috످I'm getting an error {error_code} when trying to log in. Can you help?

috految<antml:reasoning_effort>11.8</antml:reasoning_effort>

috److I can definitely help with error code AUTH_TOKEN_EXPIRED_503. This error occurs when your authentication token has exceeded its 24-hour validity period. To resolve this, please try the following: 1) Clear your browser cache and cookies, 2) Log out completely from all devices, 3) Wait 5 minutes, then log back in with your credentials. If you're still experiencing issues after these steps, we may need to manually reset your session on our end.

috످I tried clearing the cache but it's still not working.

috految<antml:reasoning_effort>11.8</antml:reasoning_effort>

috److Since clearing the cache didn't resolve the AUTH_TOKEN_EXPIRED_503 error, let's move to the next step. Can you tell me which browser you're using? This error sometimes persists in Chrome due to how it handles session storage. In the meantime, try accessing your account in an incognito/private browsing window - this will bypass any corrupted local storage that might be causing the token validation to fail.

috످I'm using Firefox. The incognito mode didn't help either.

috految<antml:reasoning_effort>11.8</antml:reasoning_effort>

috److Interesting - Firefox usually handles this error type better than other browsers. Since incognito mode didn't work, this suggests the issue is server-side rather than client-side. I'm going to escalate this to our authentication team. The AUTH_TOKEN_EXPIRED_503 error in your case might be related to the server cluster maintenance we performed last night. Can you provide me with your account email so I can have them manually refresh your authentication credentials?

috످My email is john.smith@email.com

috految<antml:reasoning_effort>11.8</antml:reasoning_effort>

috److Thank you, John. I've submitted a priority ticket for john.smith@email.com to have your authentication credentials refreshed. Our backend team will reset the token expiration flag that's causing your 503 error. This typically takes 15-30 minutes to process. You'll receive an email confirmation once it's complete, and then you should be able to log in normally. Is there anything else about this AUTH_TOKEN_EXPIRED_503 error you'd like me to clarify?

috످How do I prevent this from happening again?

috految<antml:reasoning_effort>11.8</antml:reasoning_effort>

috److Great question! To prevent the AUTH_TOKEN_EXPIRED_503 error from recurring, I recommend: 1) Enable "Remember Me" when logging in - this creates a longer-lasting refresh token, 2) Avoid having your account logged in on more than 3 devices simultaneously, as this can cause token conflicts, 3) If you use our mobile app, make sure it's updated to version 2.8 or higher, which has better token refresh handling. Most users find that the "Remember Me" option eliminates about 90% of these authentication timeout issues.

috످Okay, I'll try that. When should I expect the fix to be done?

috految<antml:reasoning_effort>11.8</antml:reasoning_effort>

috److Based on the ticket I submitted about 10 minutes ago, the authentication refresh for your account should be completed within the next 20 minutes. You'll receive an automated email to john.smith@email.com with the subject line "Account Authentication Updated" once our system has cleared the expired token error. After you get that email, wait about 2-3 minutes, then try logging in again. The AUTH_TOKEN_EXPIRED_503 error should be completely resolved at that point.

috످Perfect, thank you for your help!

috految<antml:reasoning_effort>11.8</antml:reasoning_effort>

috److John, before you go: I never submitted a ticket, so no fix or confirmation email is coming. I'm an AI assistant and can't access your account or contact support. I'm sorry I misled you and asked for your email.

Your first message showed a placeholder, "{error_code}", and I made up the code AUTH_TOKEN_EXPIRED_503. I also invented the diagnosis, server maintenance, timeline, browser claims, and prevention tips. Please disregard those, and don't use "Remember Me" on shared devices.

To get back into your account, first stay signed in on any devices that still work. Logging out everywhere, as I suggested earlier, could lock you out.

Check the service's status page for outages, then try another browser or device. Reset your password on the official site if it's being rejected. Contact the service's support team with a screenshot of the error if you still can't log in.

Which site or app are you using, and what does the error say? If it literally says "{error_code}", that's likely a bug on their end.

috످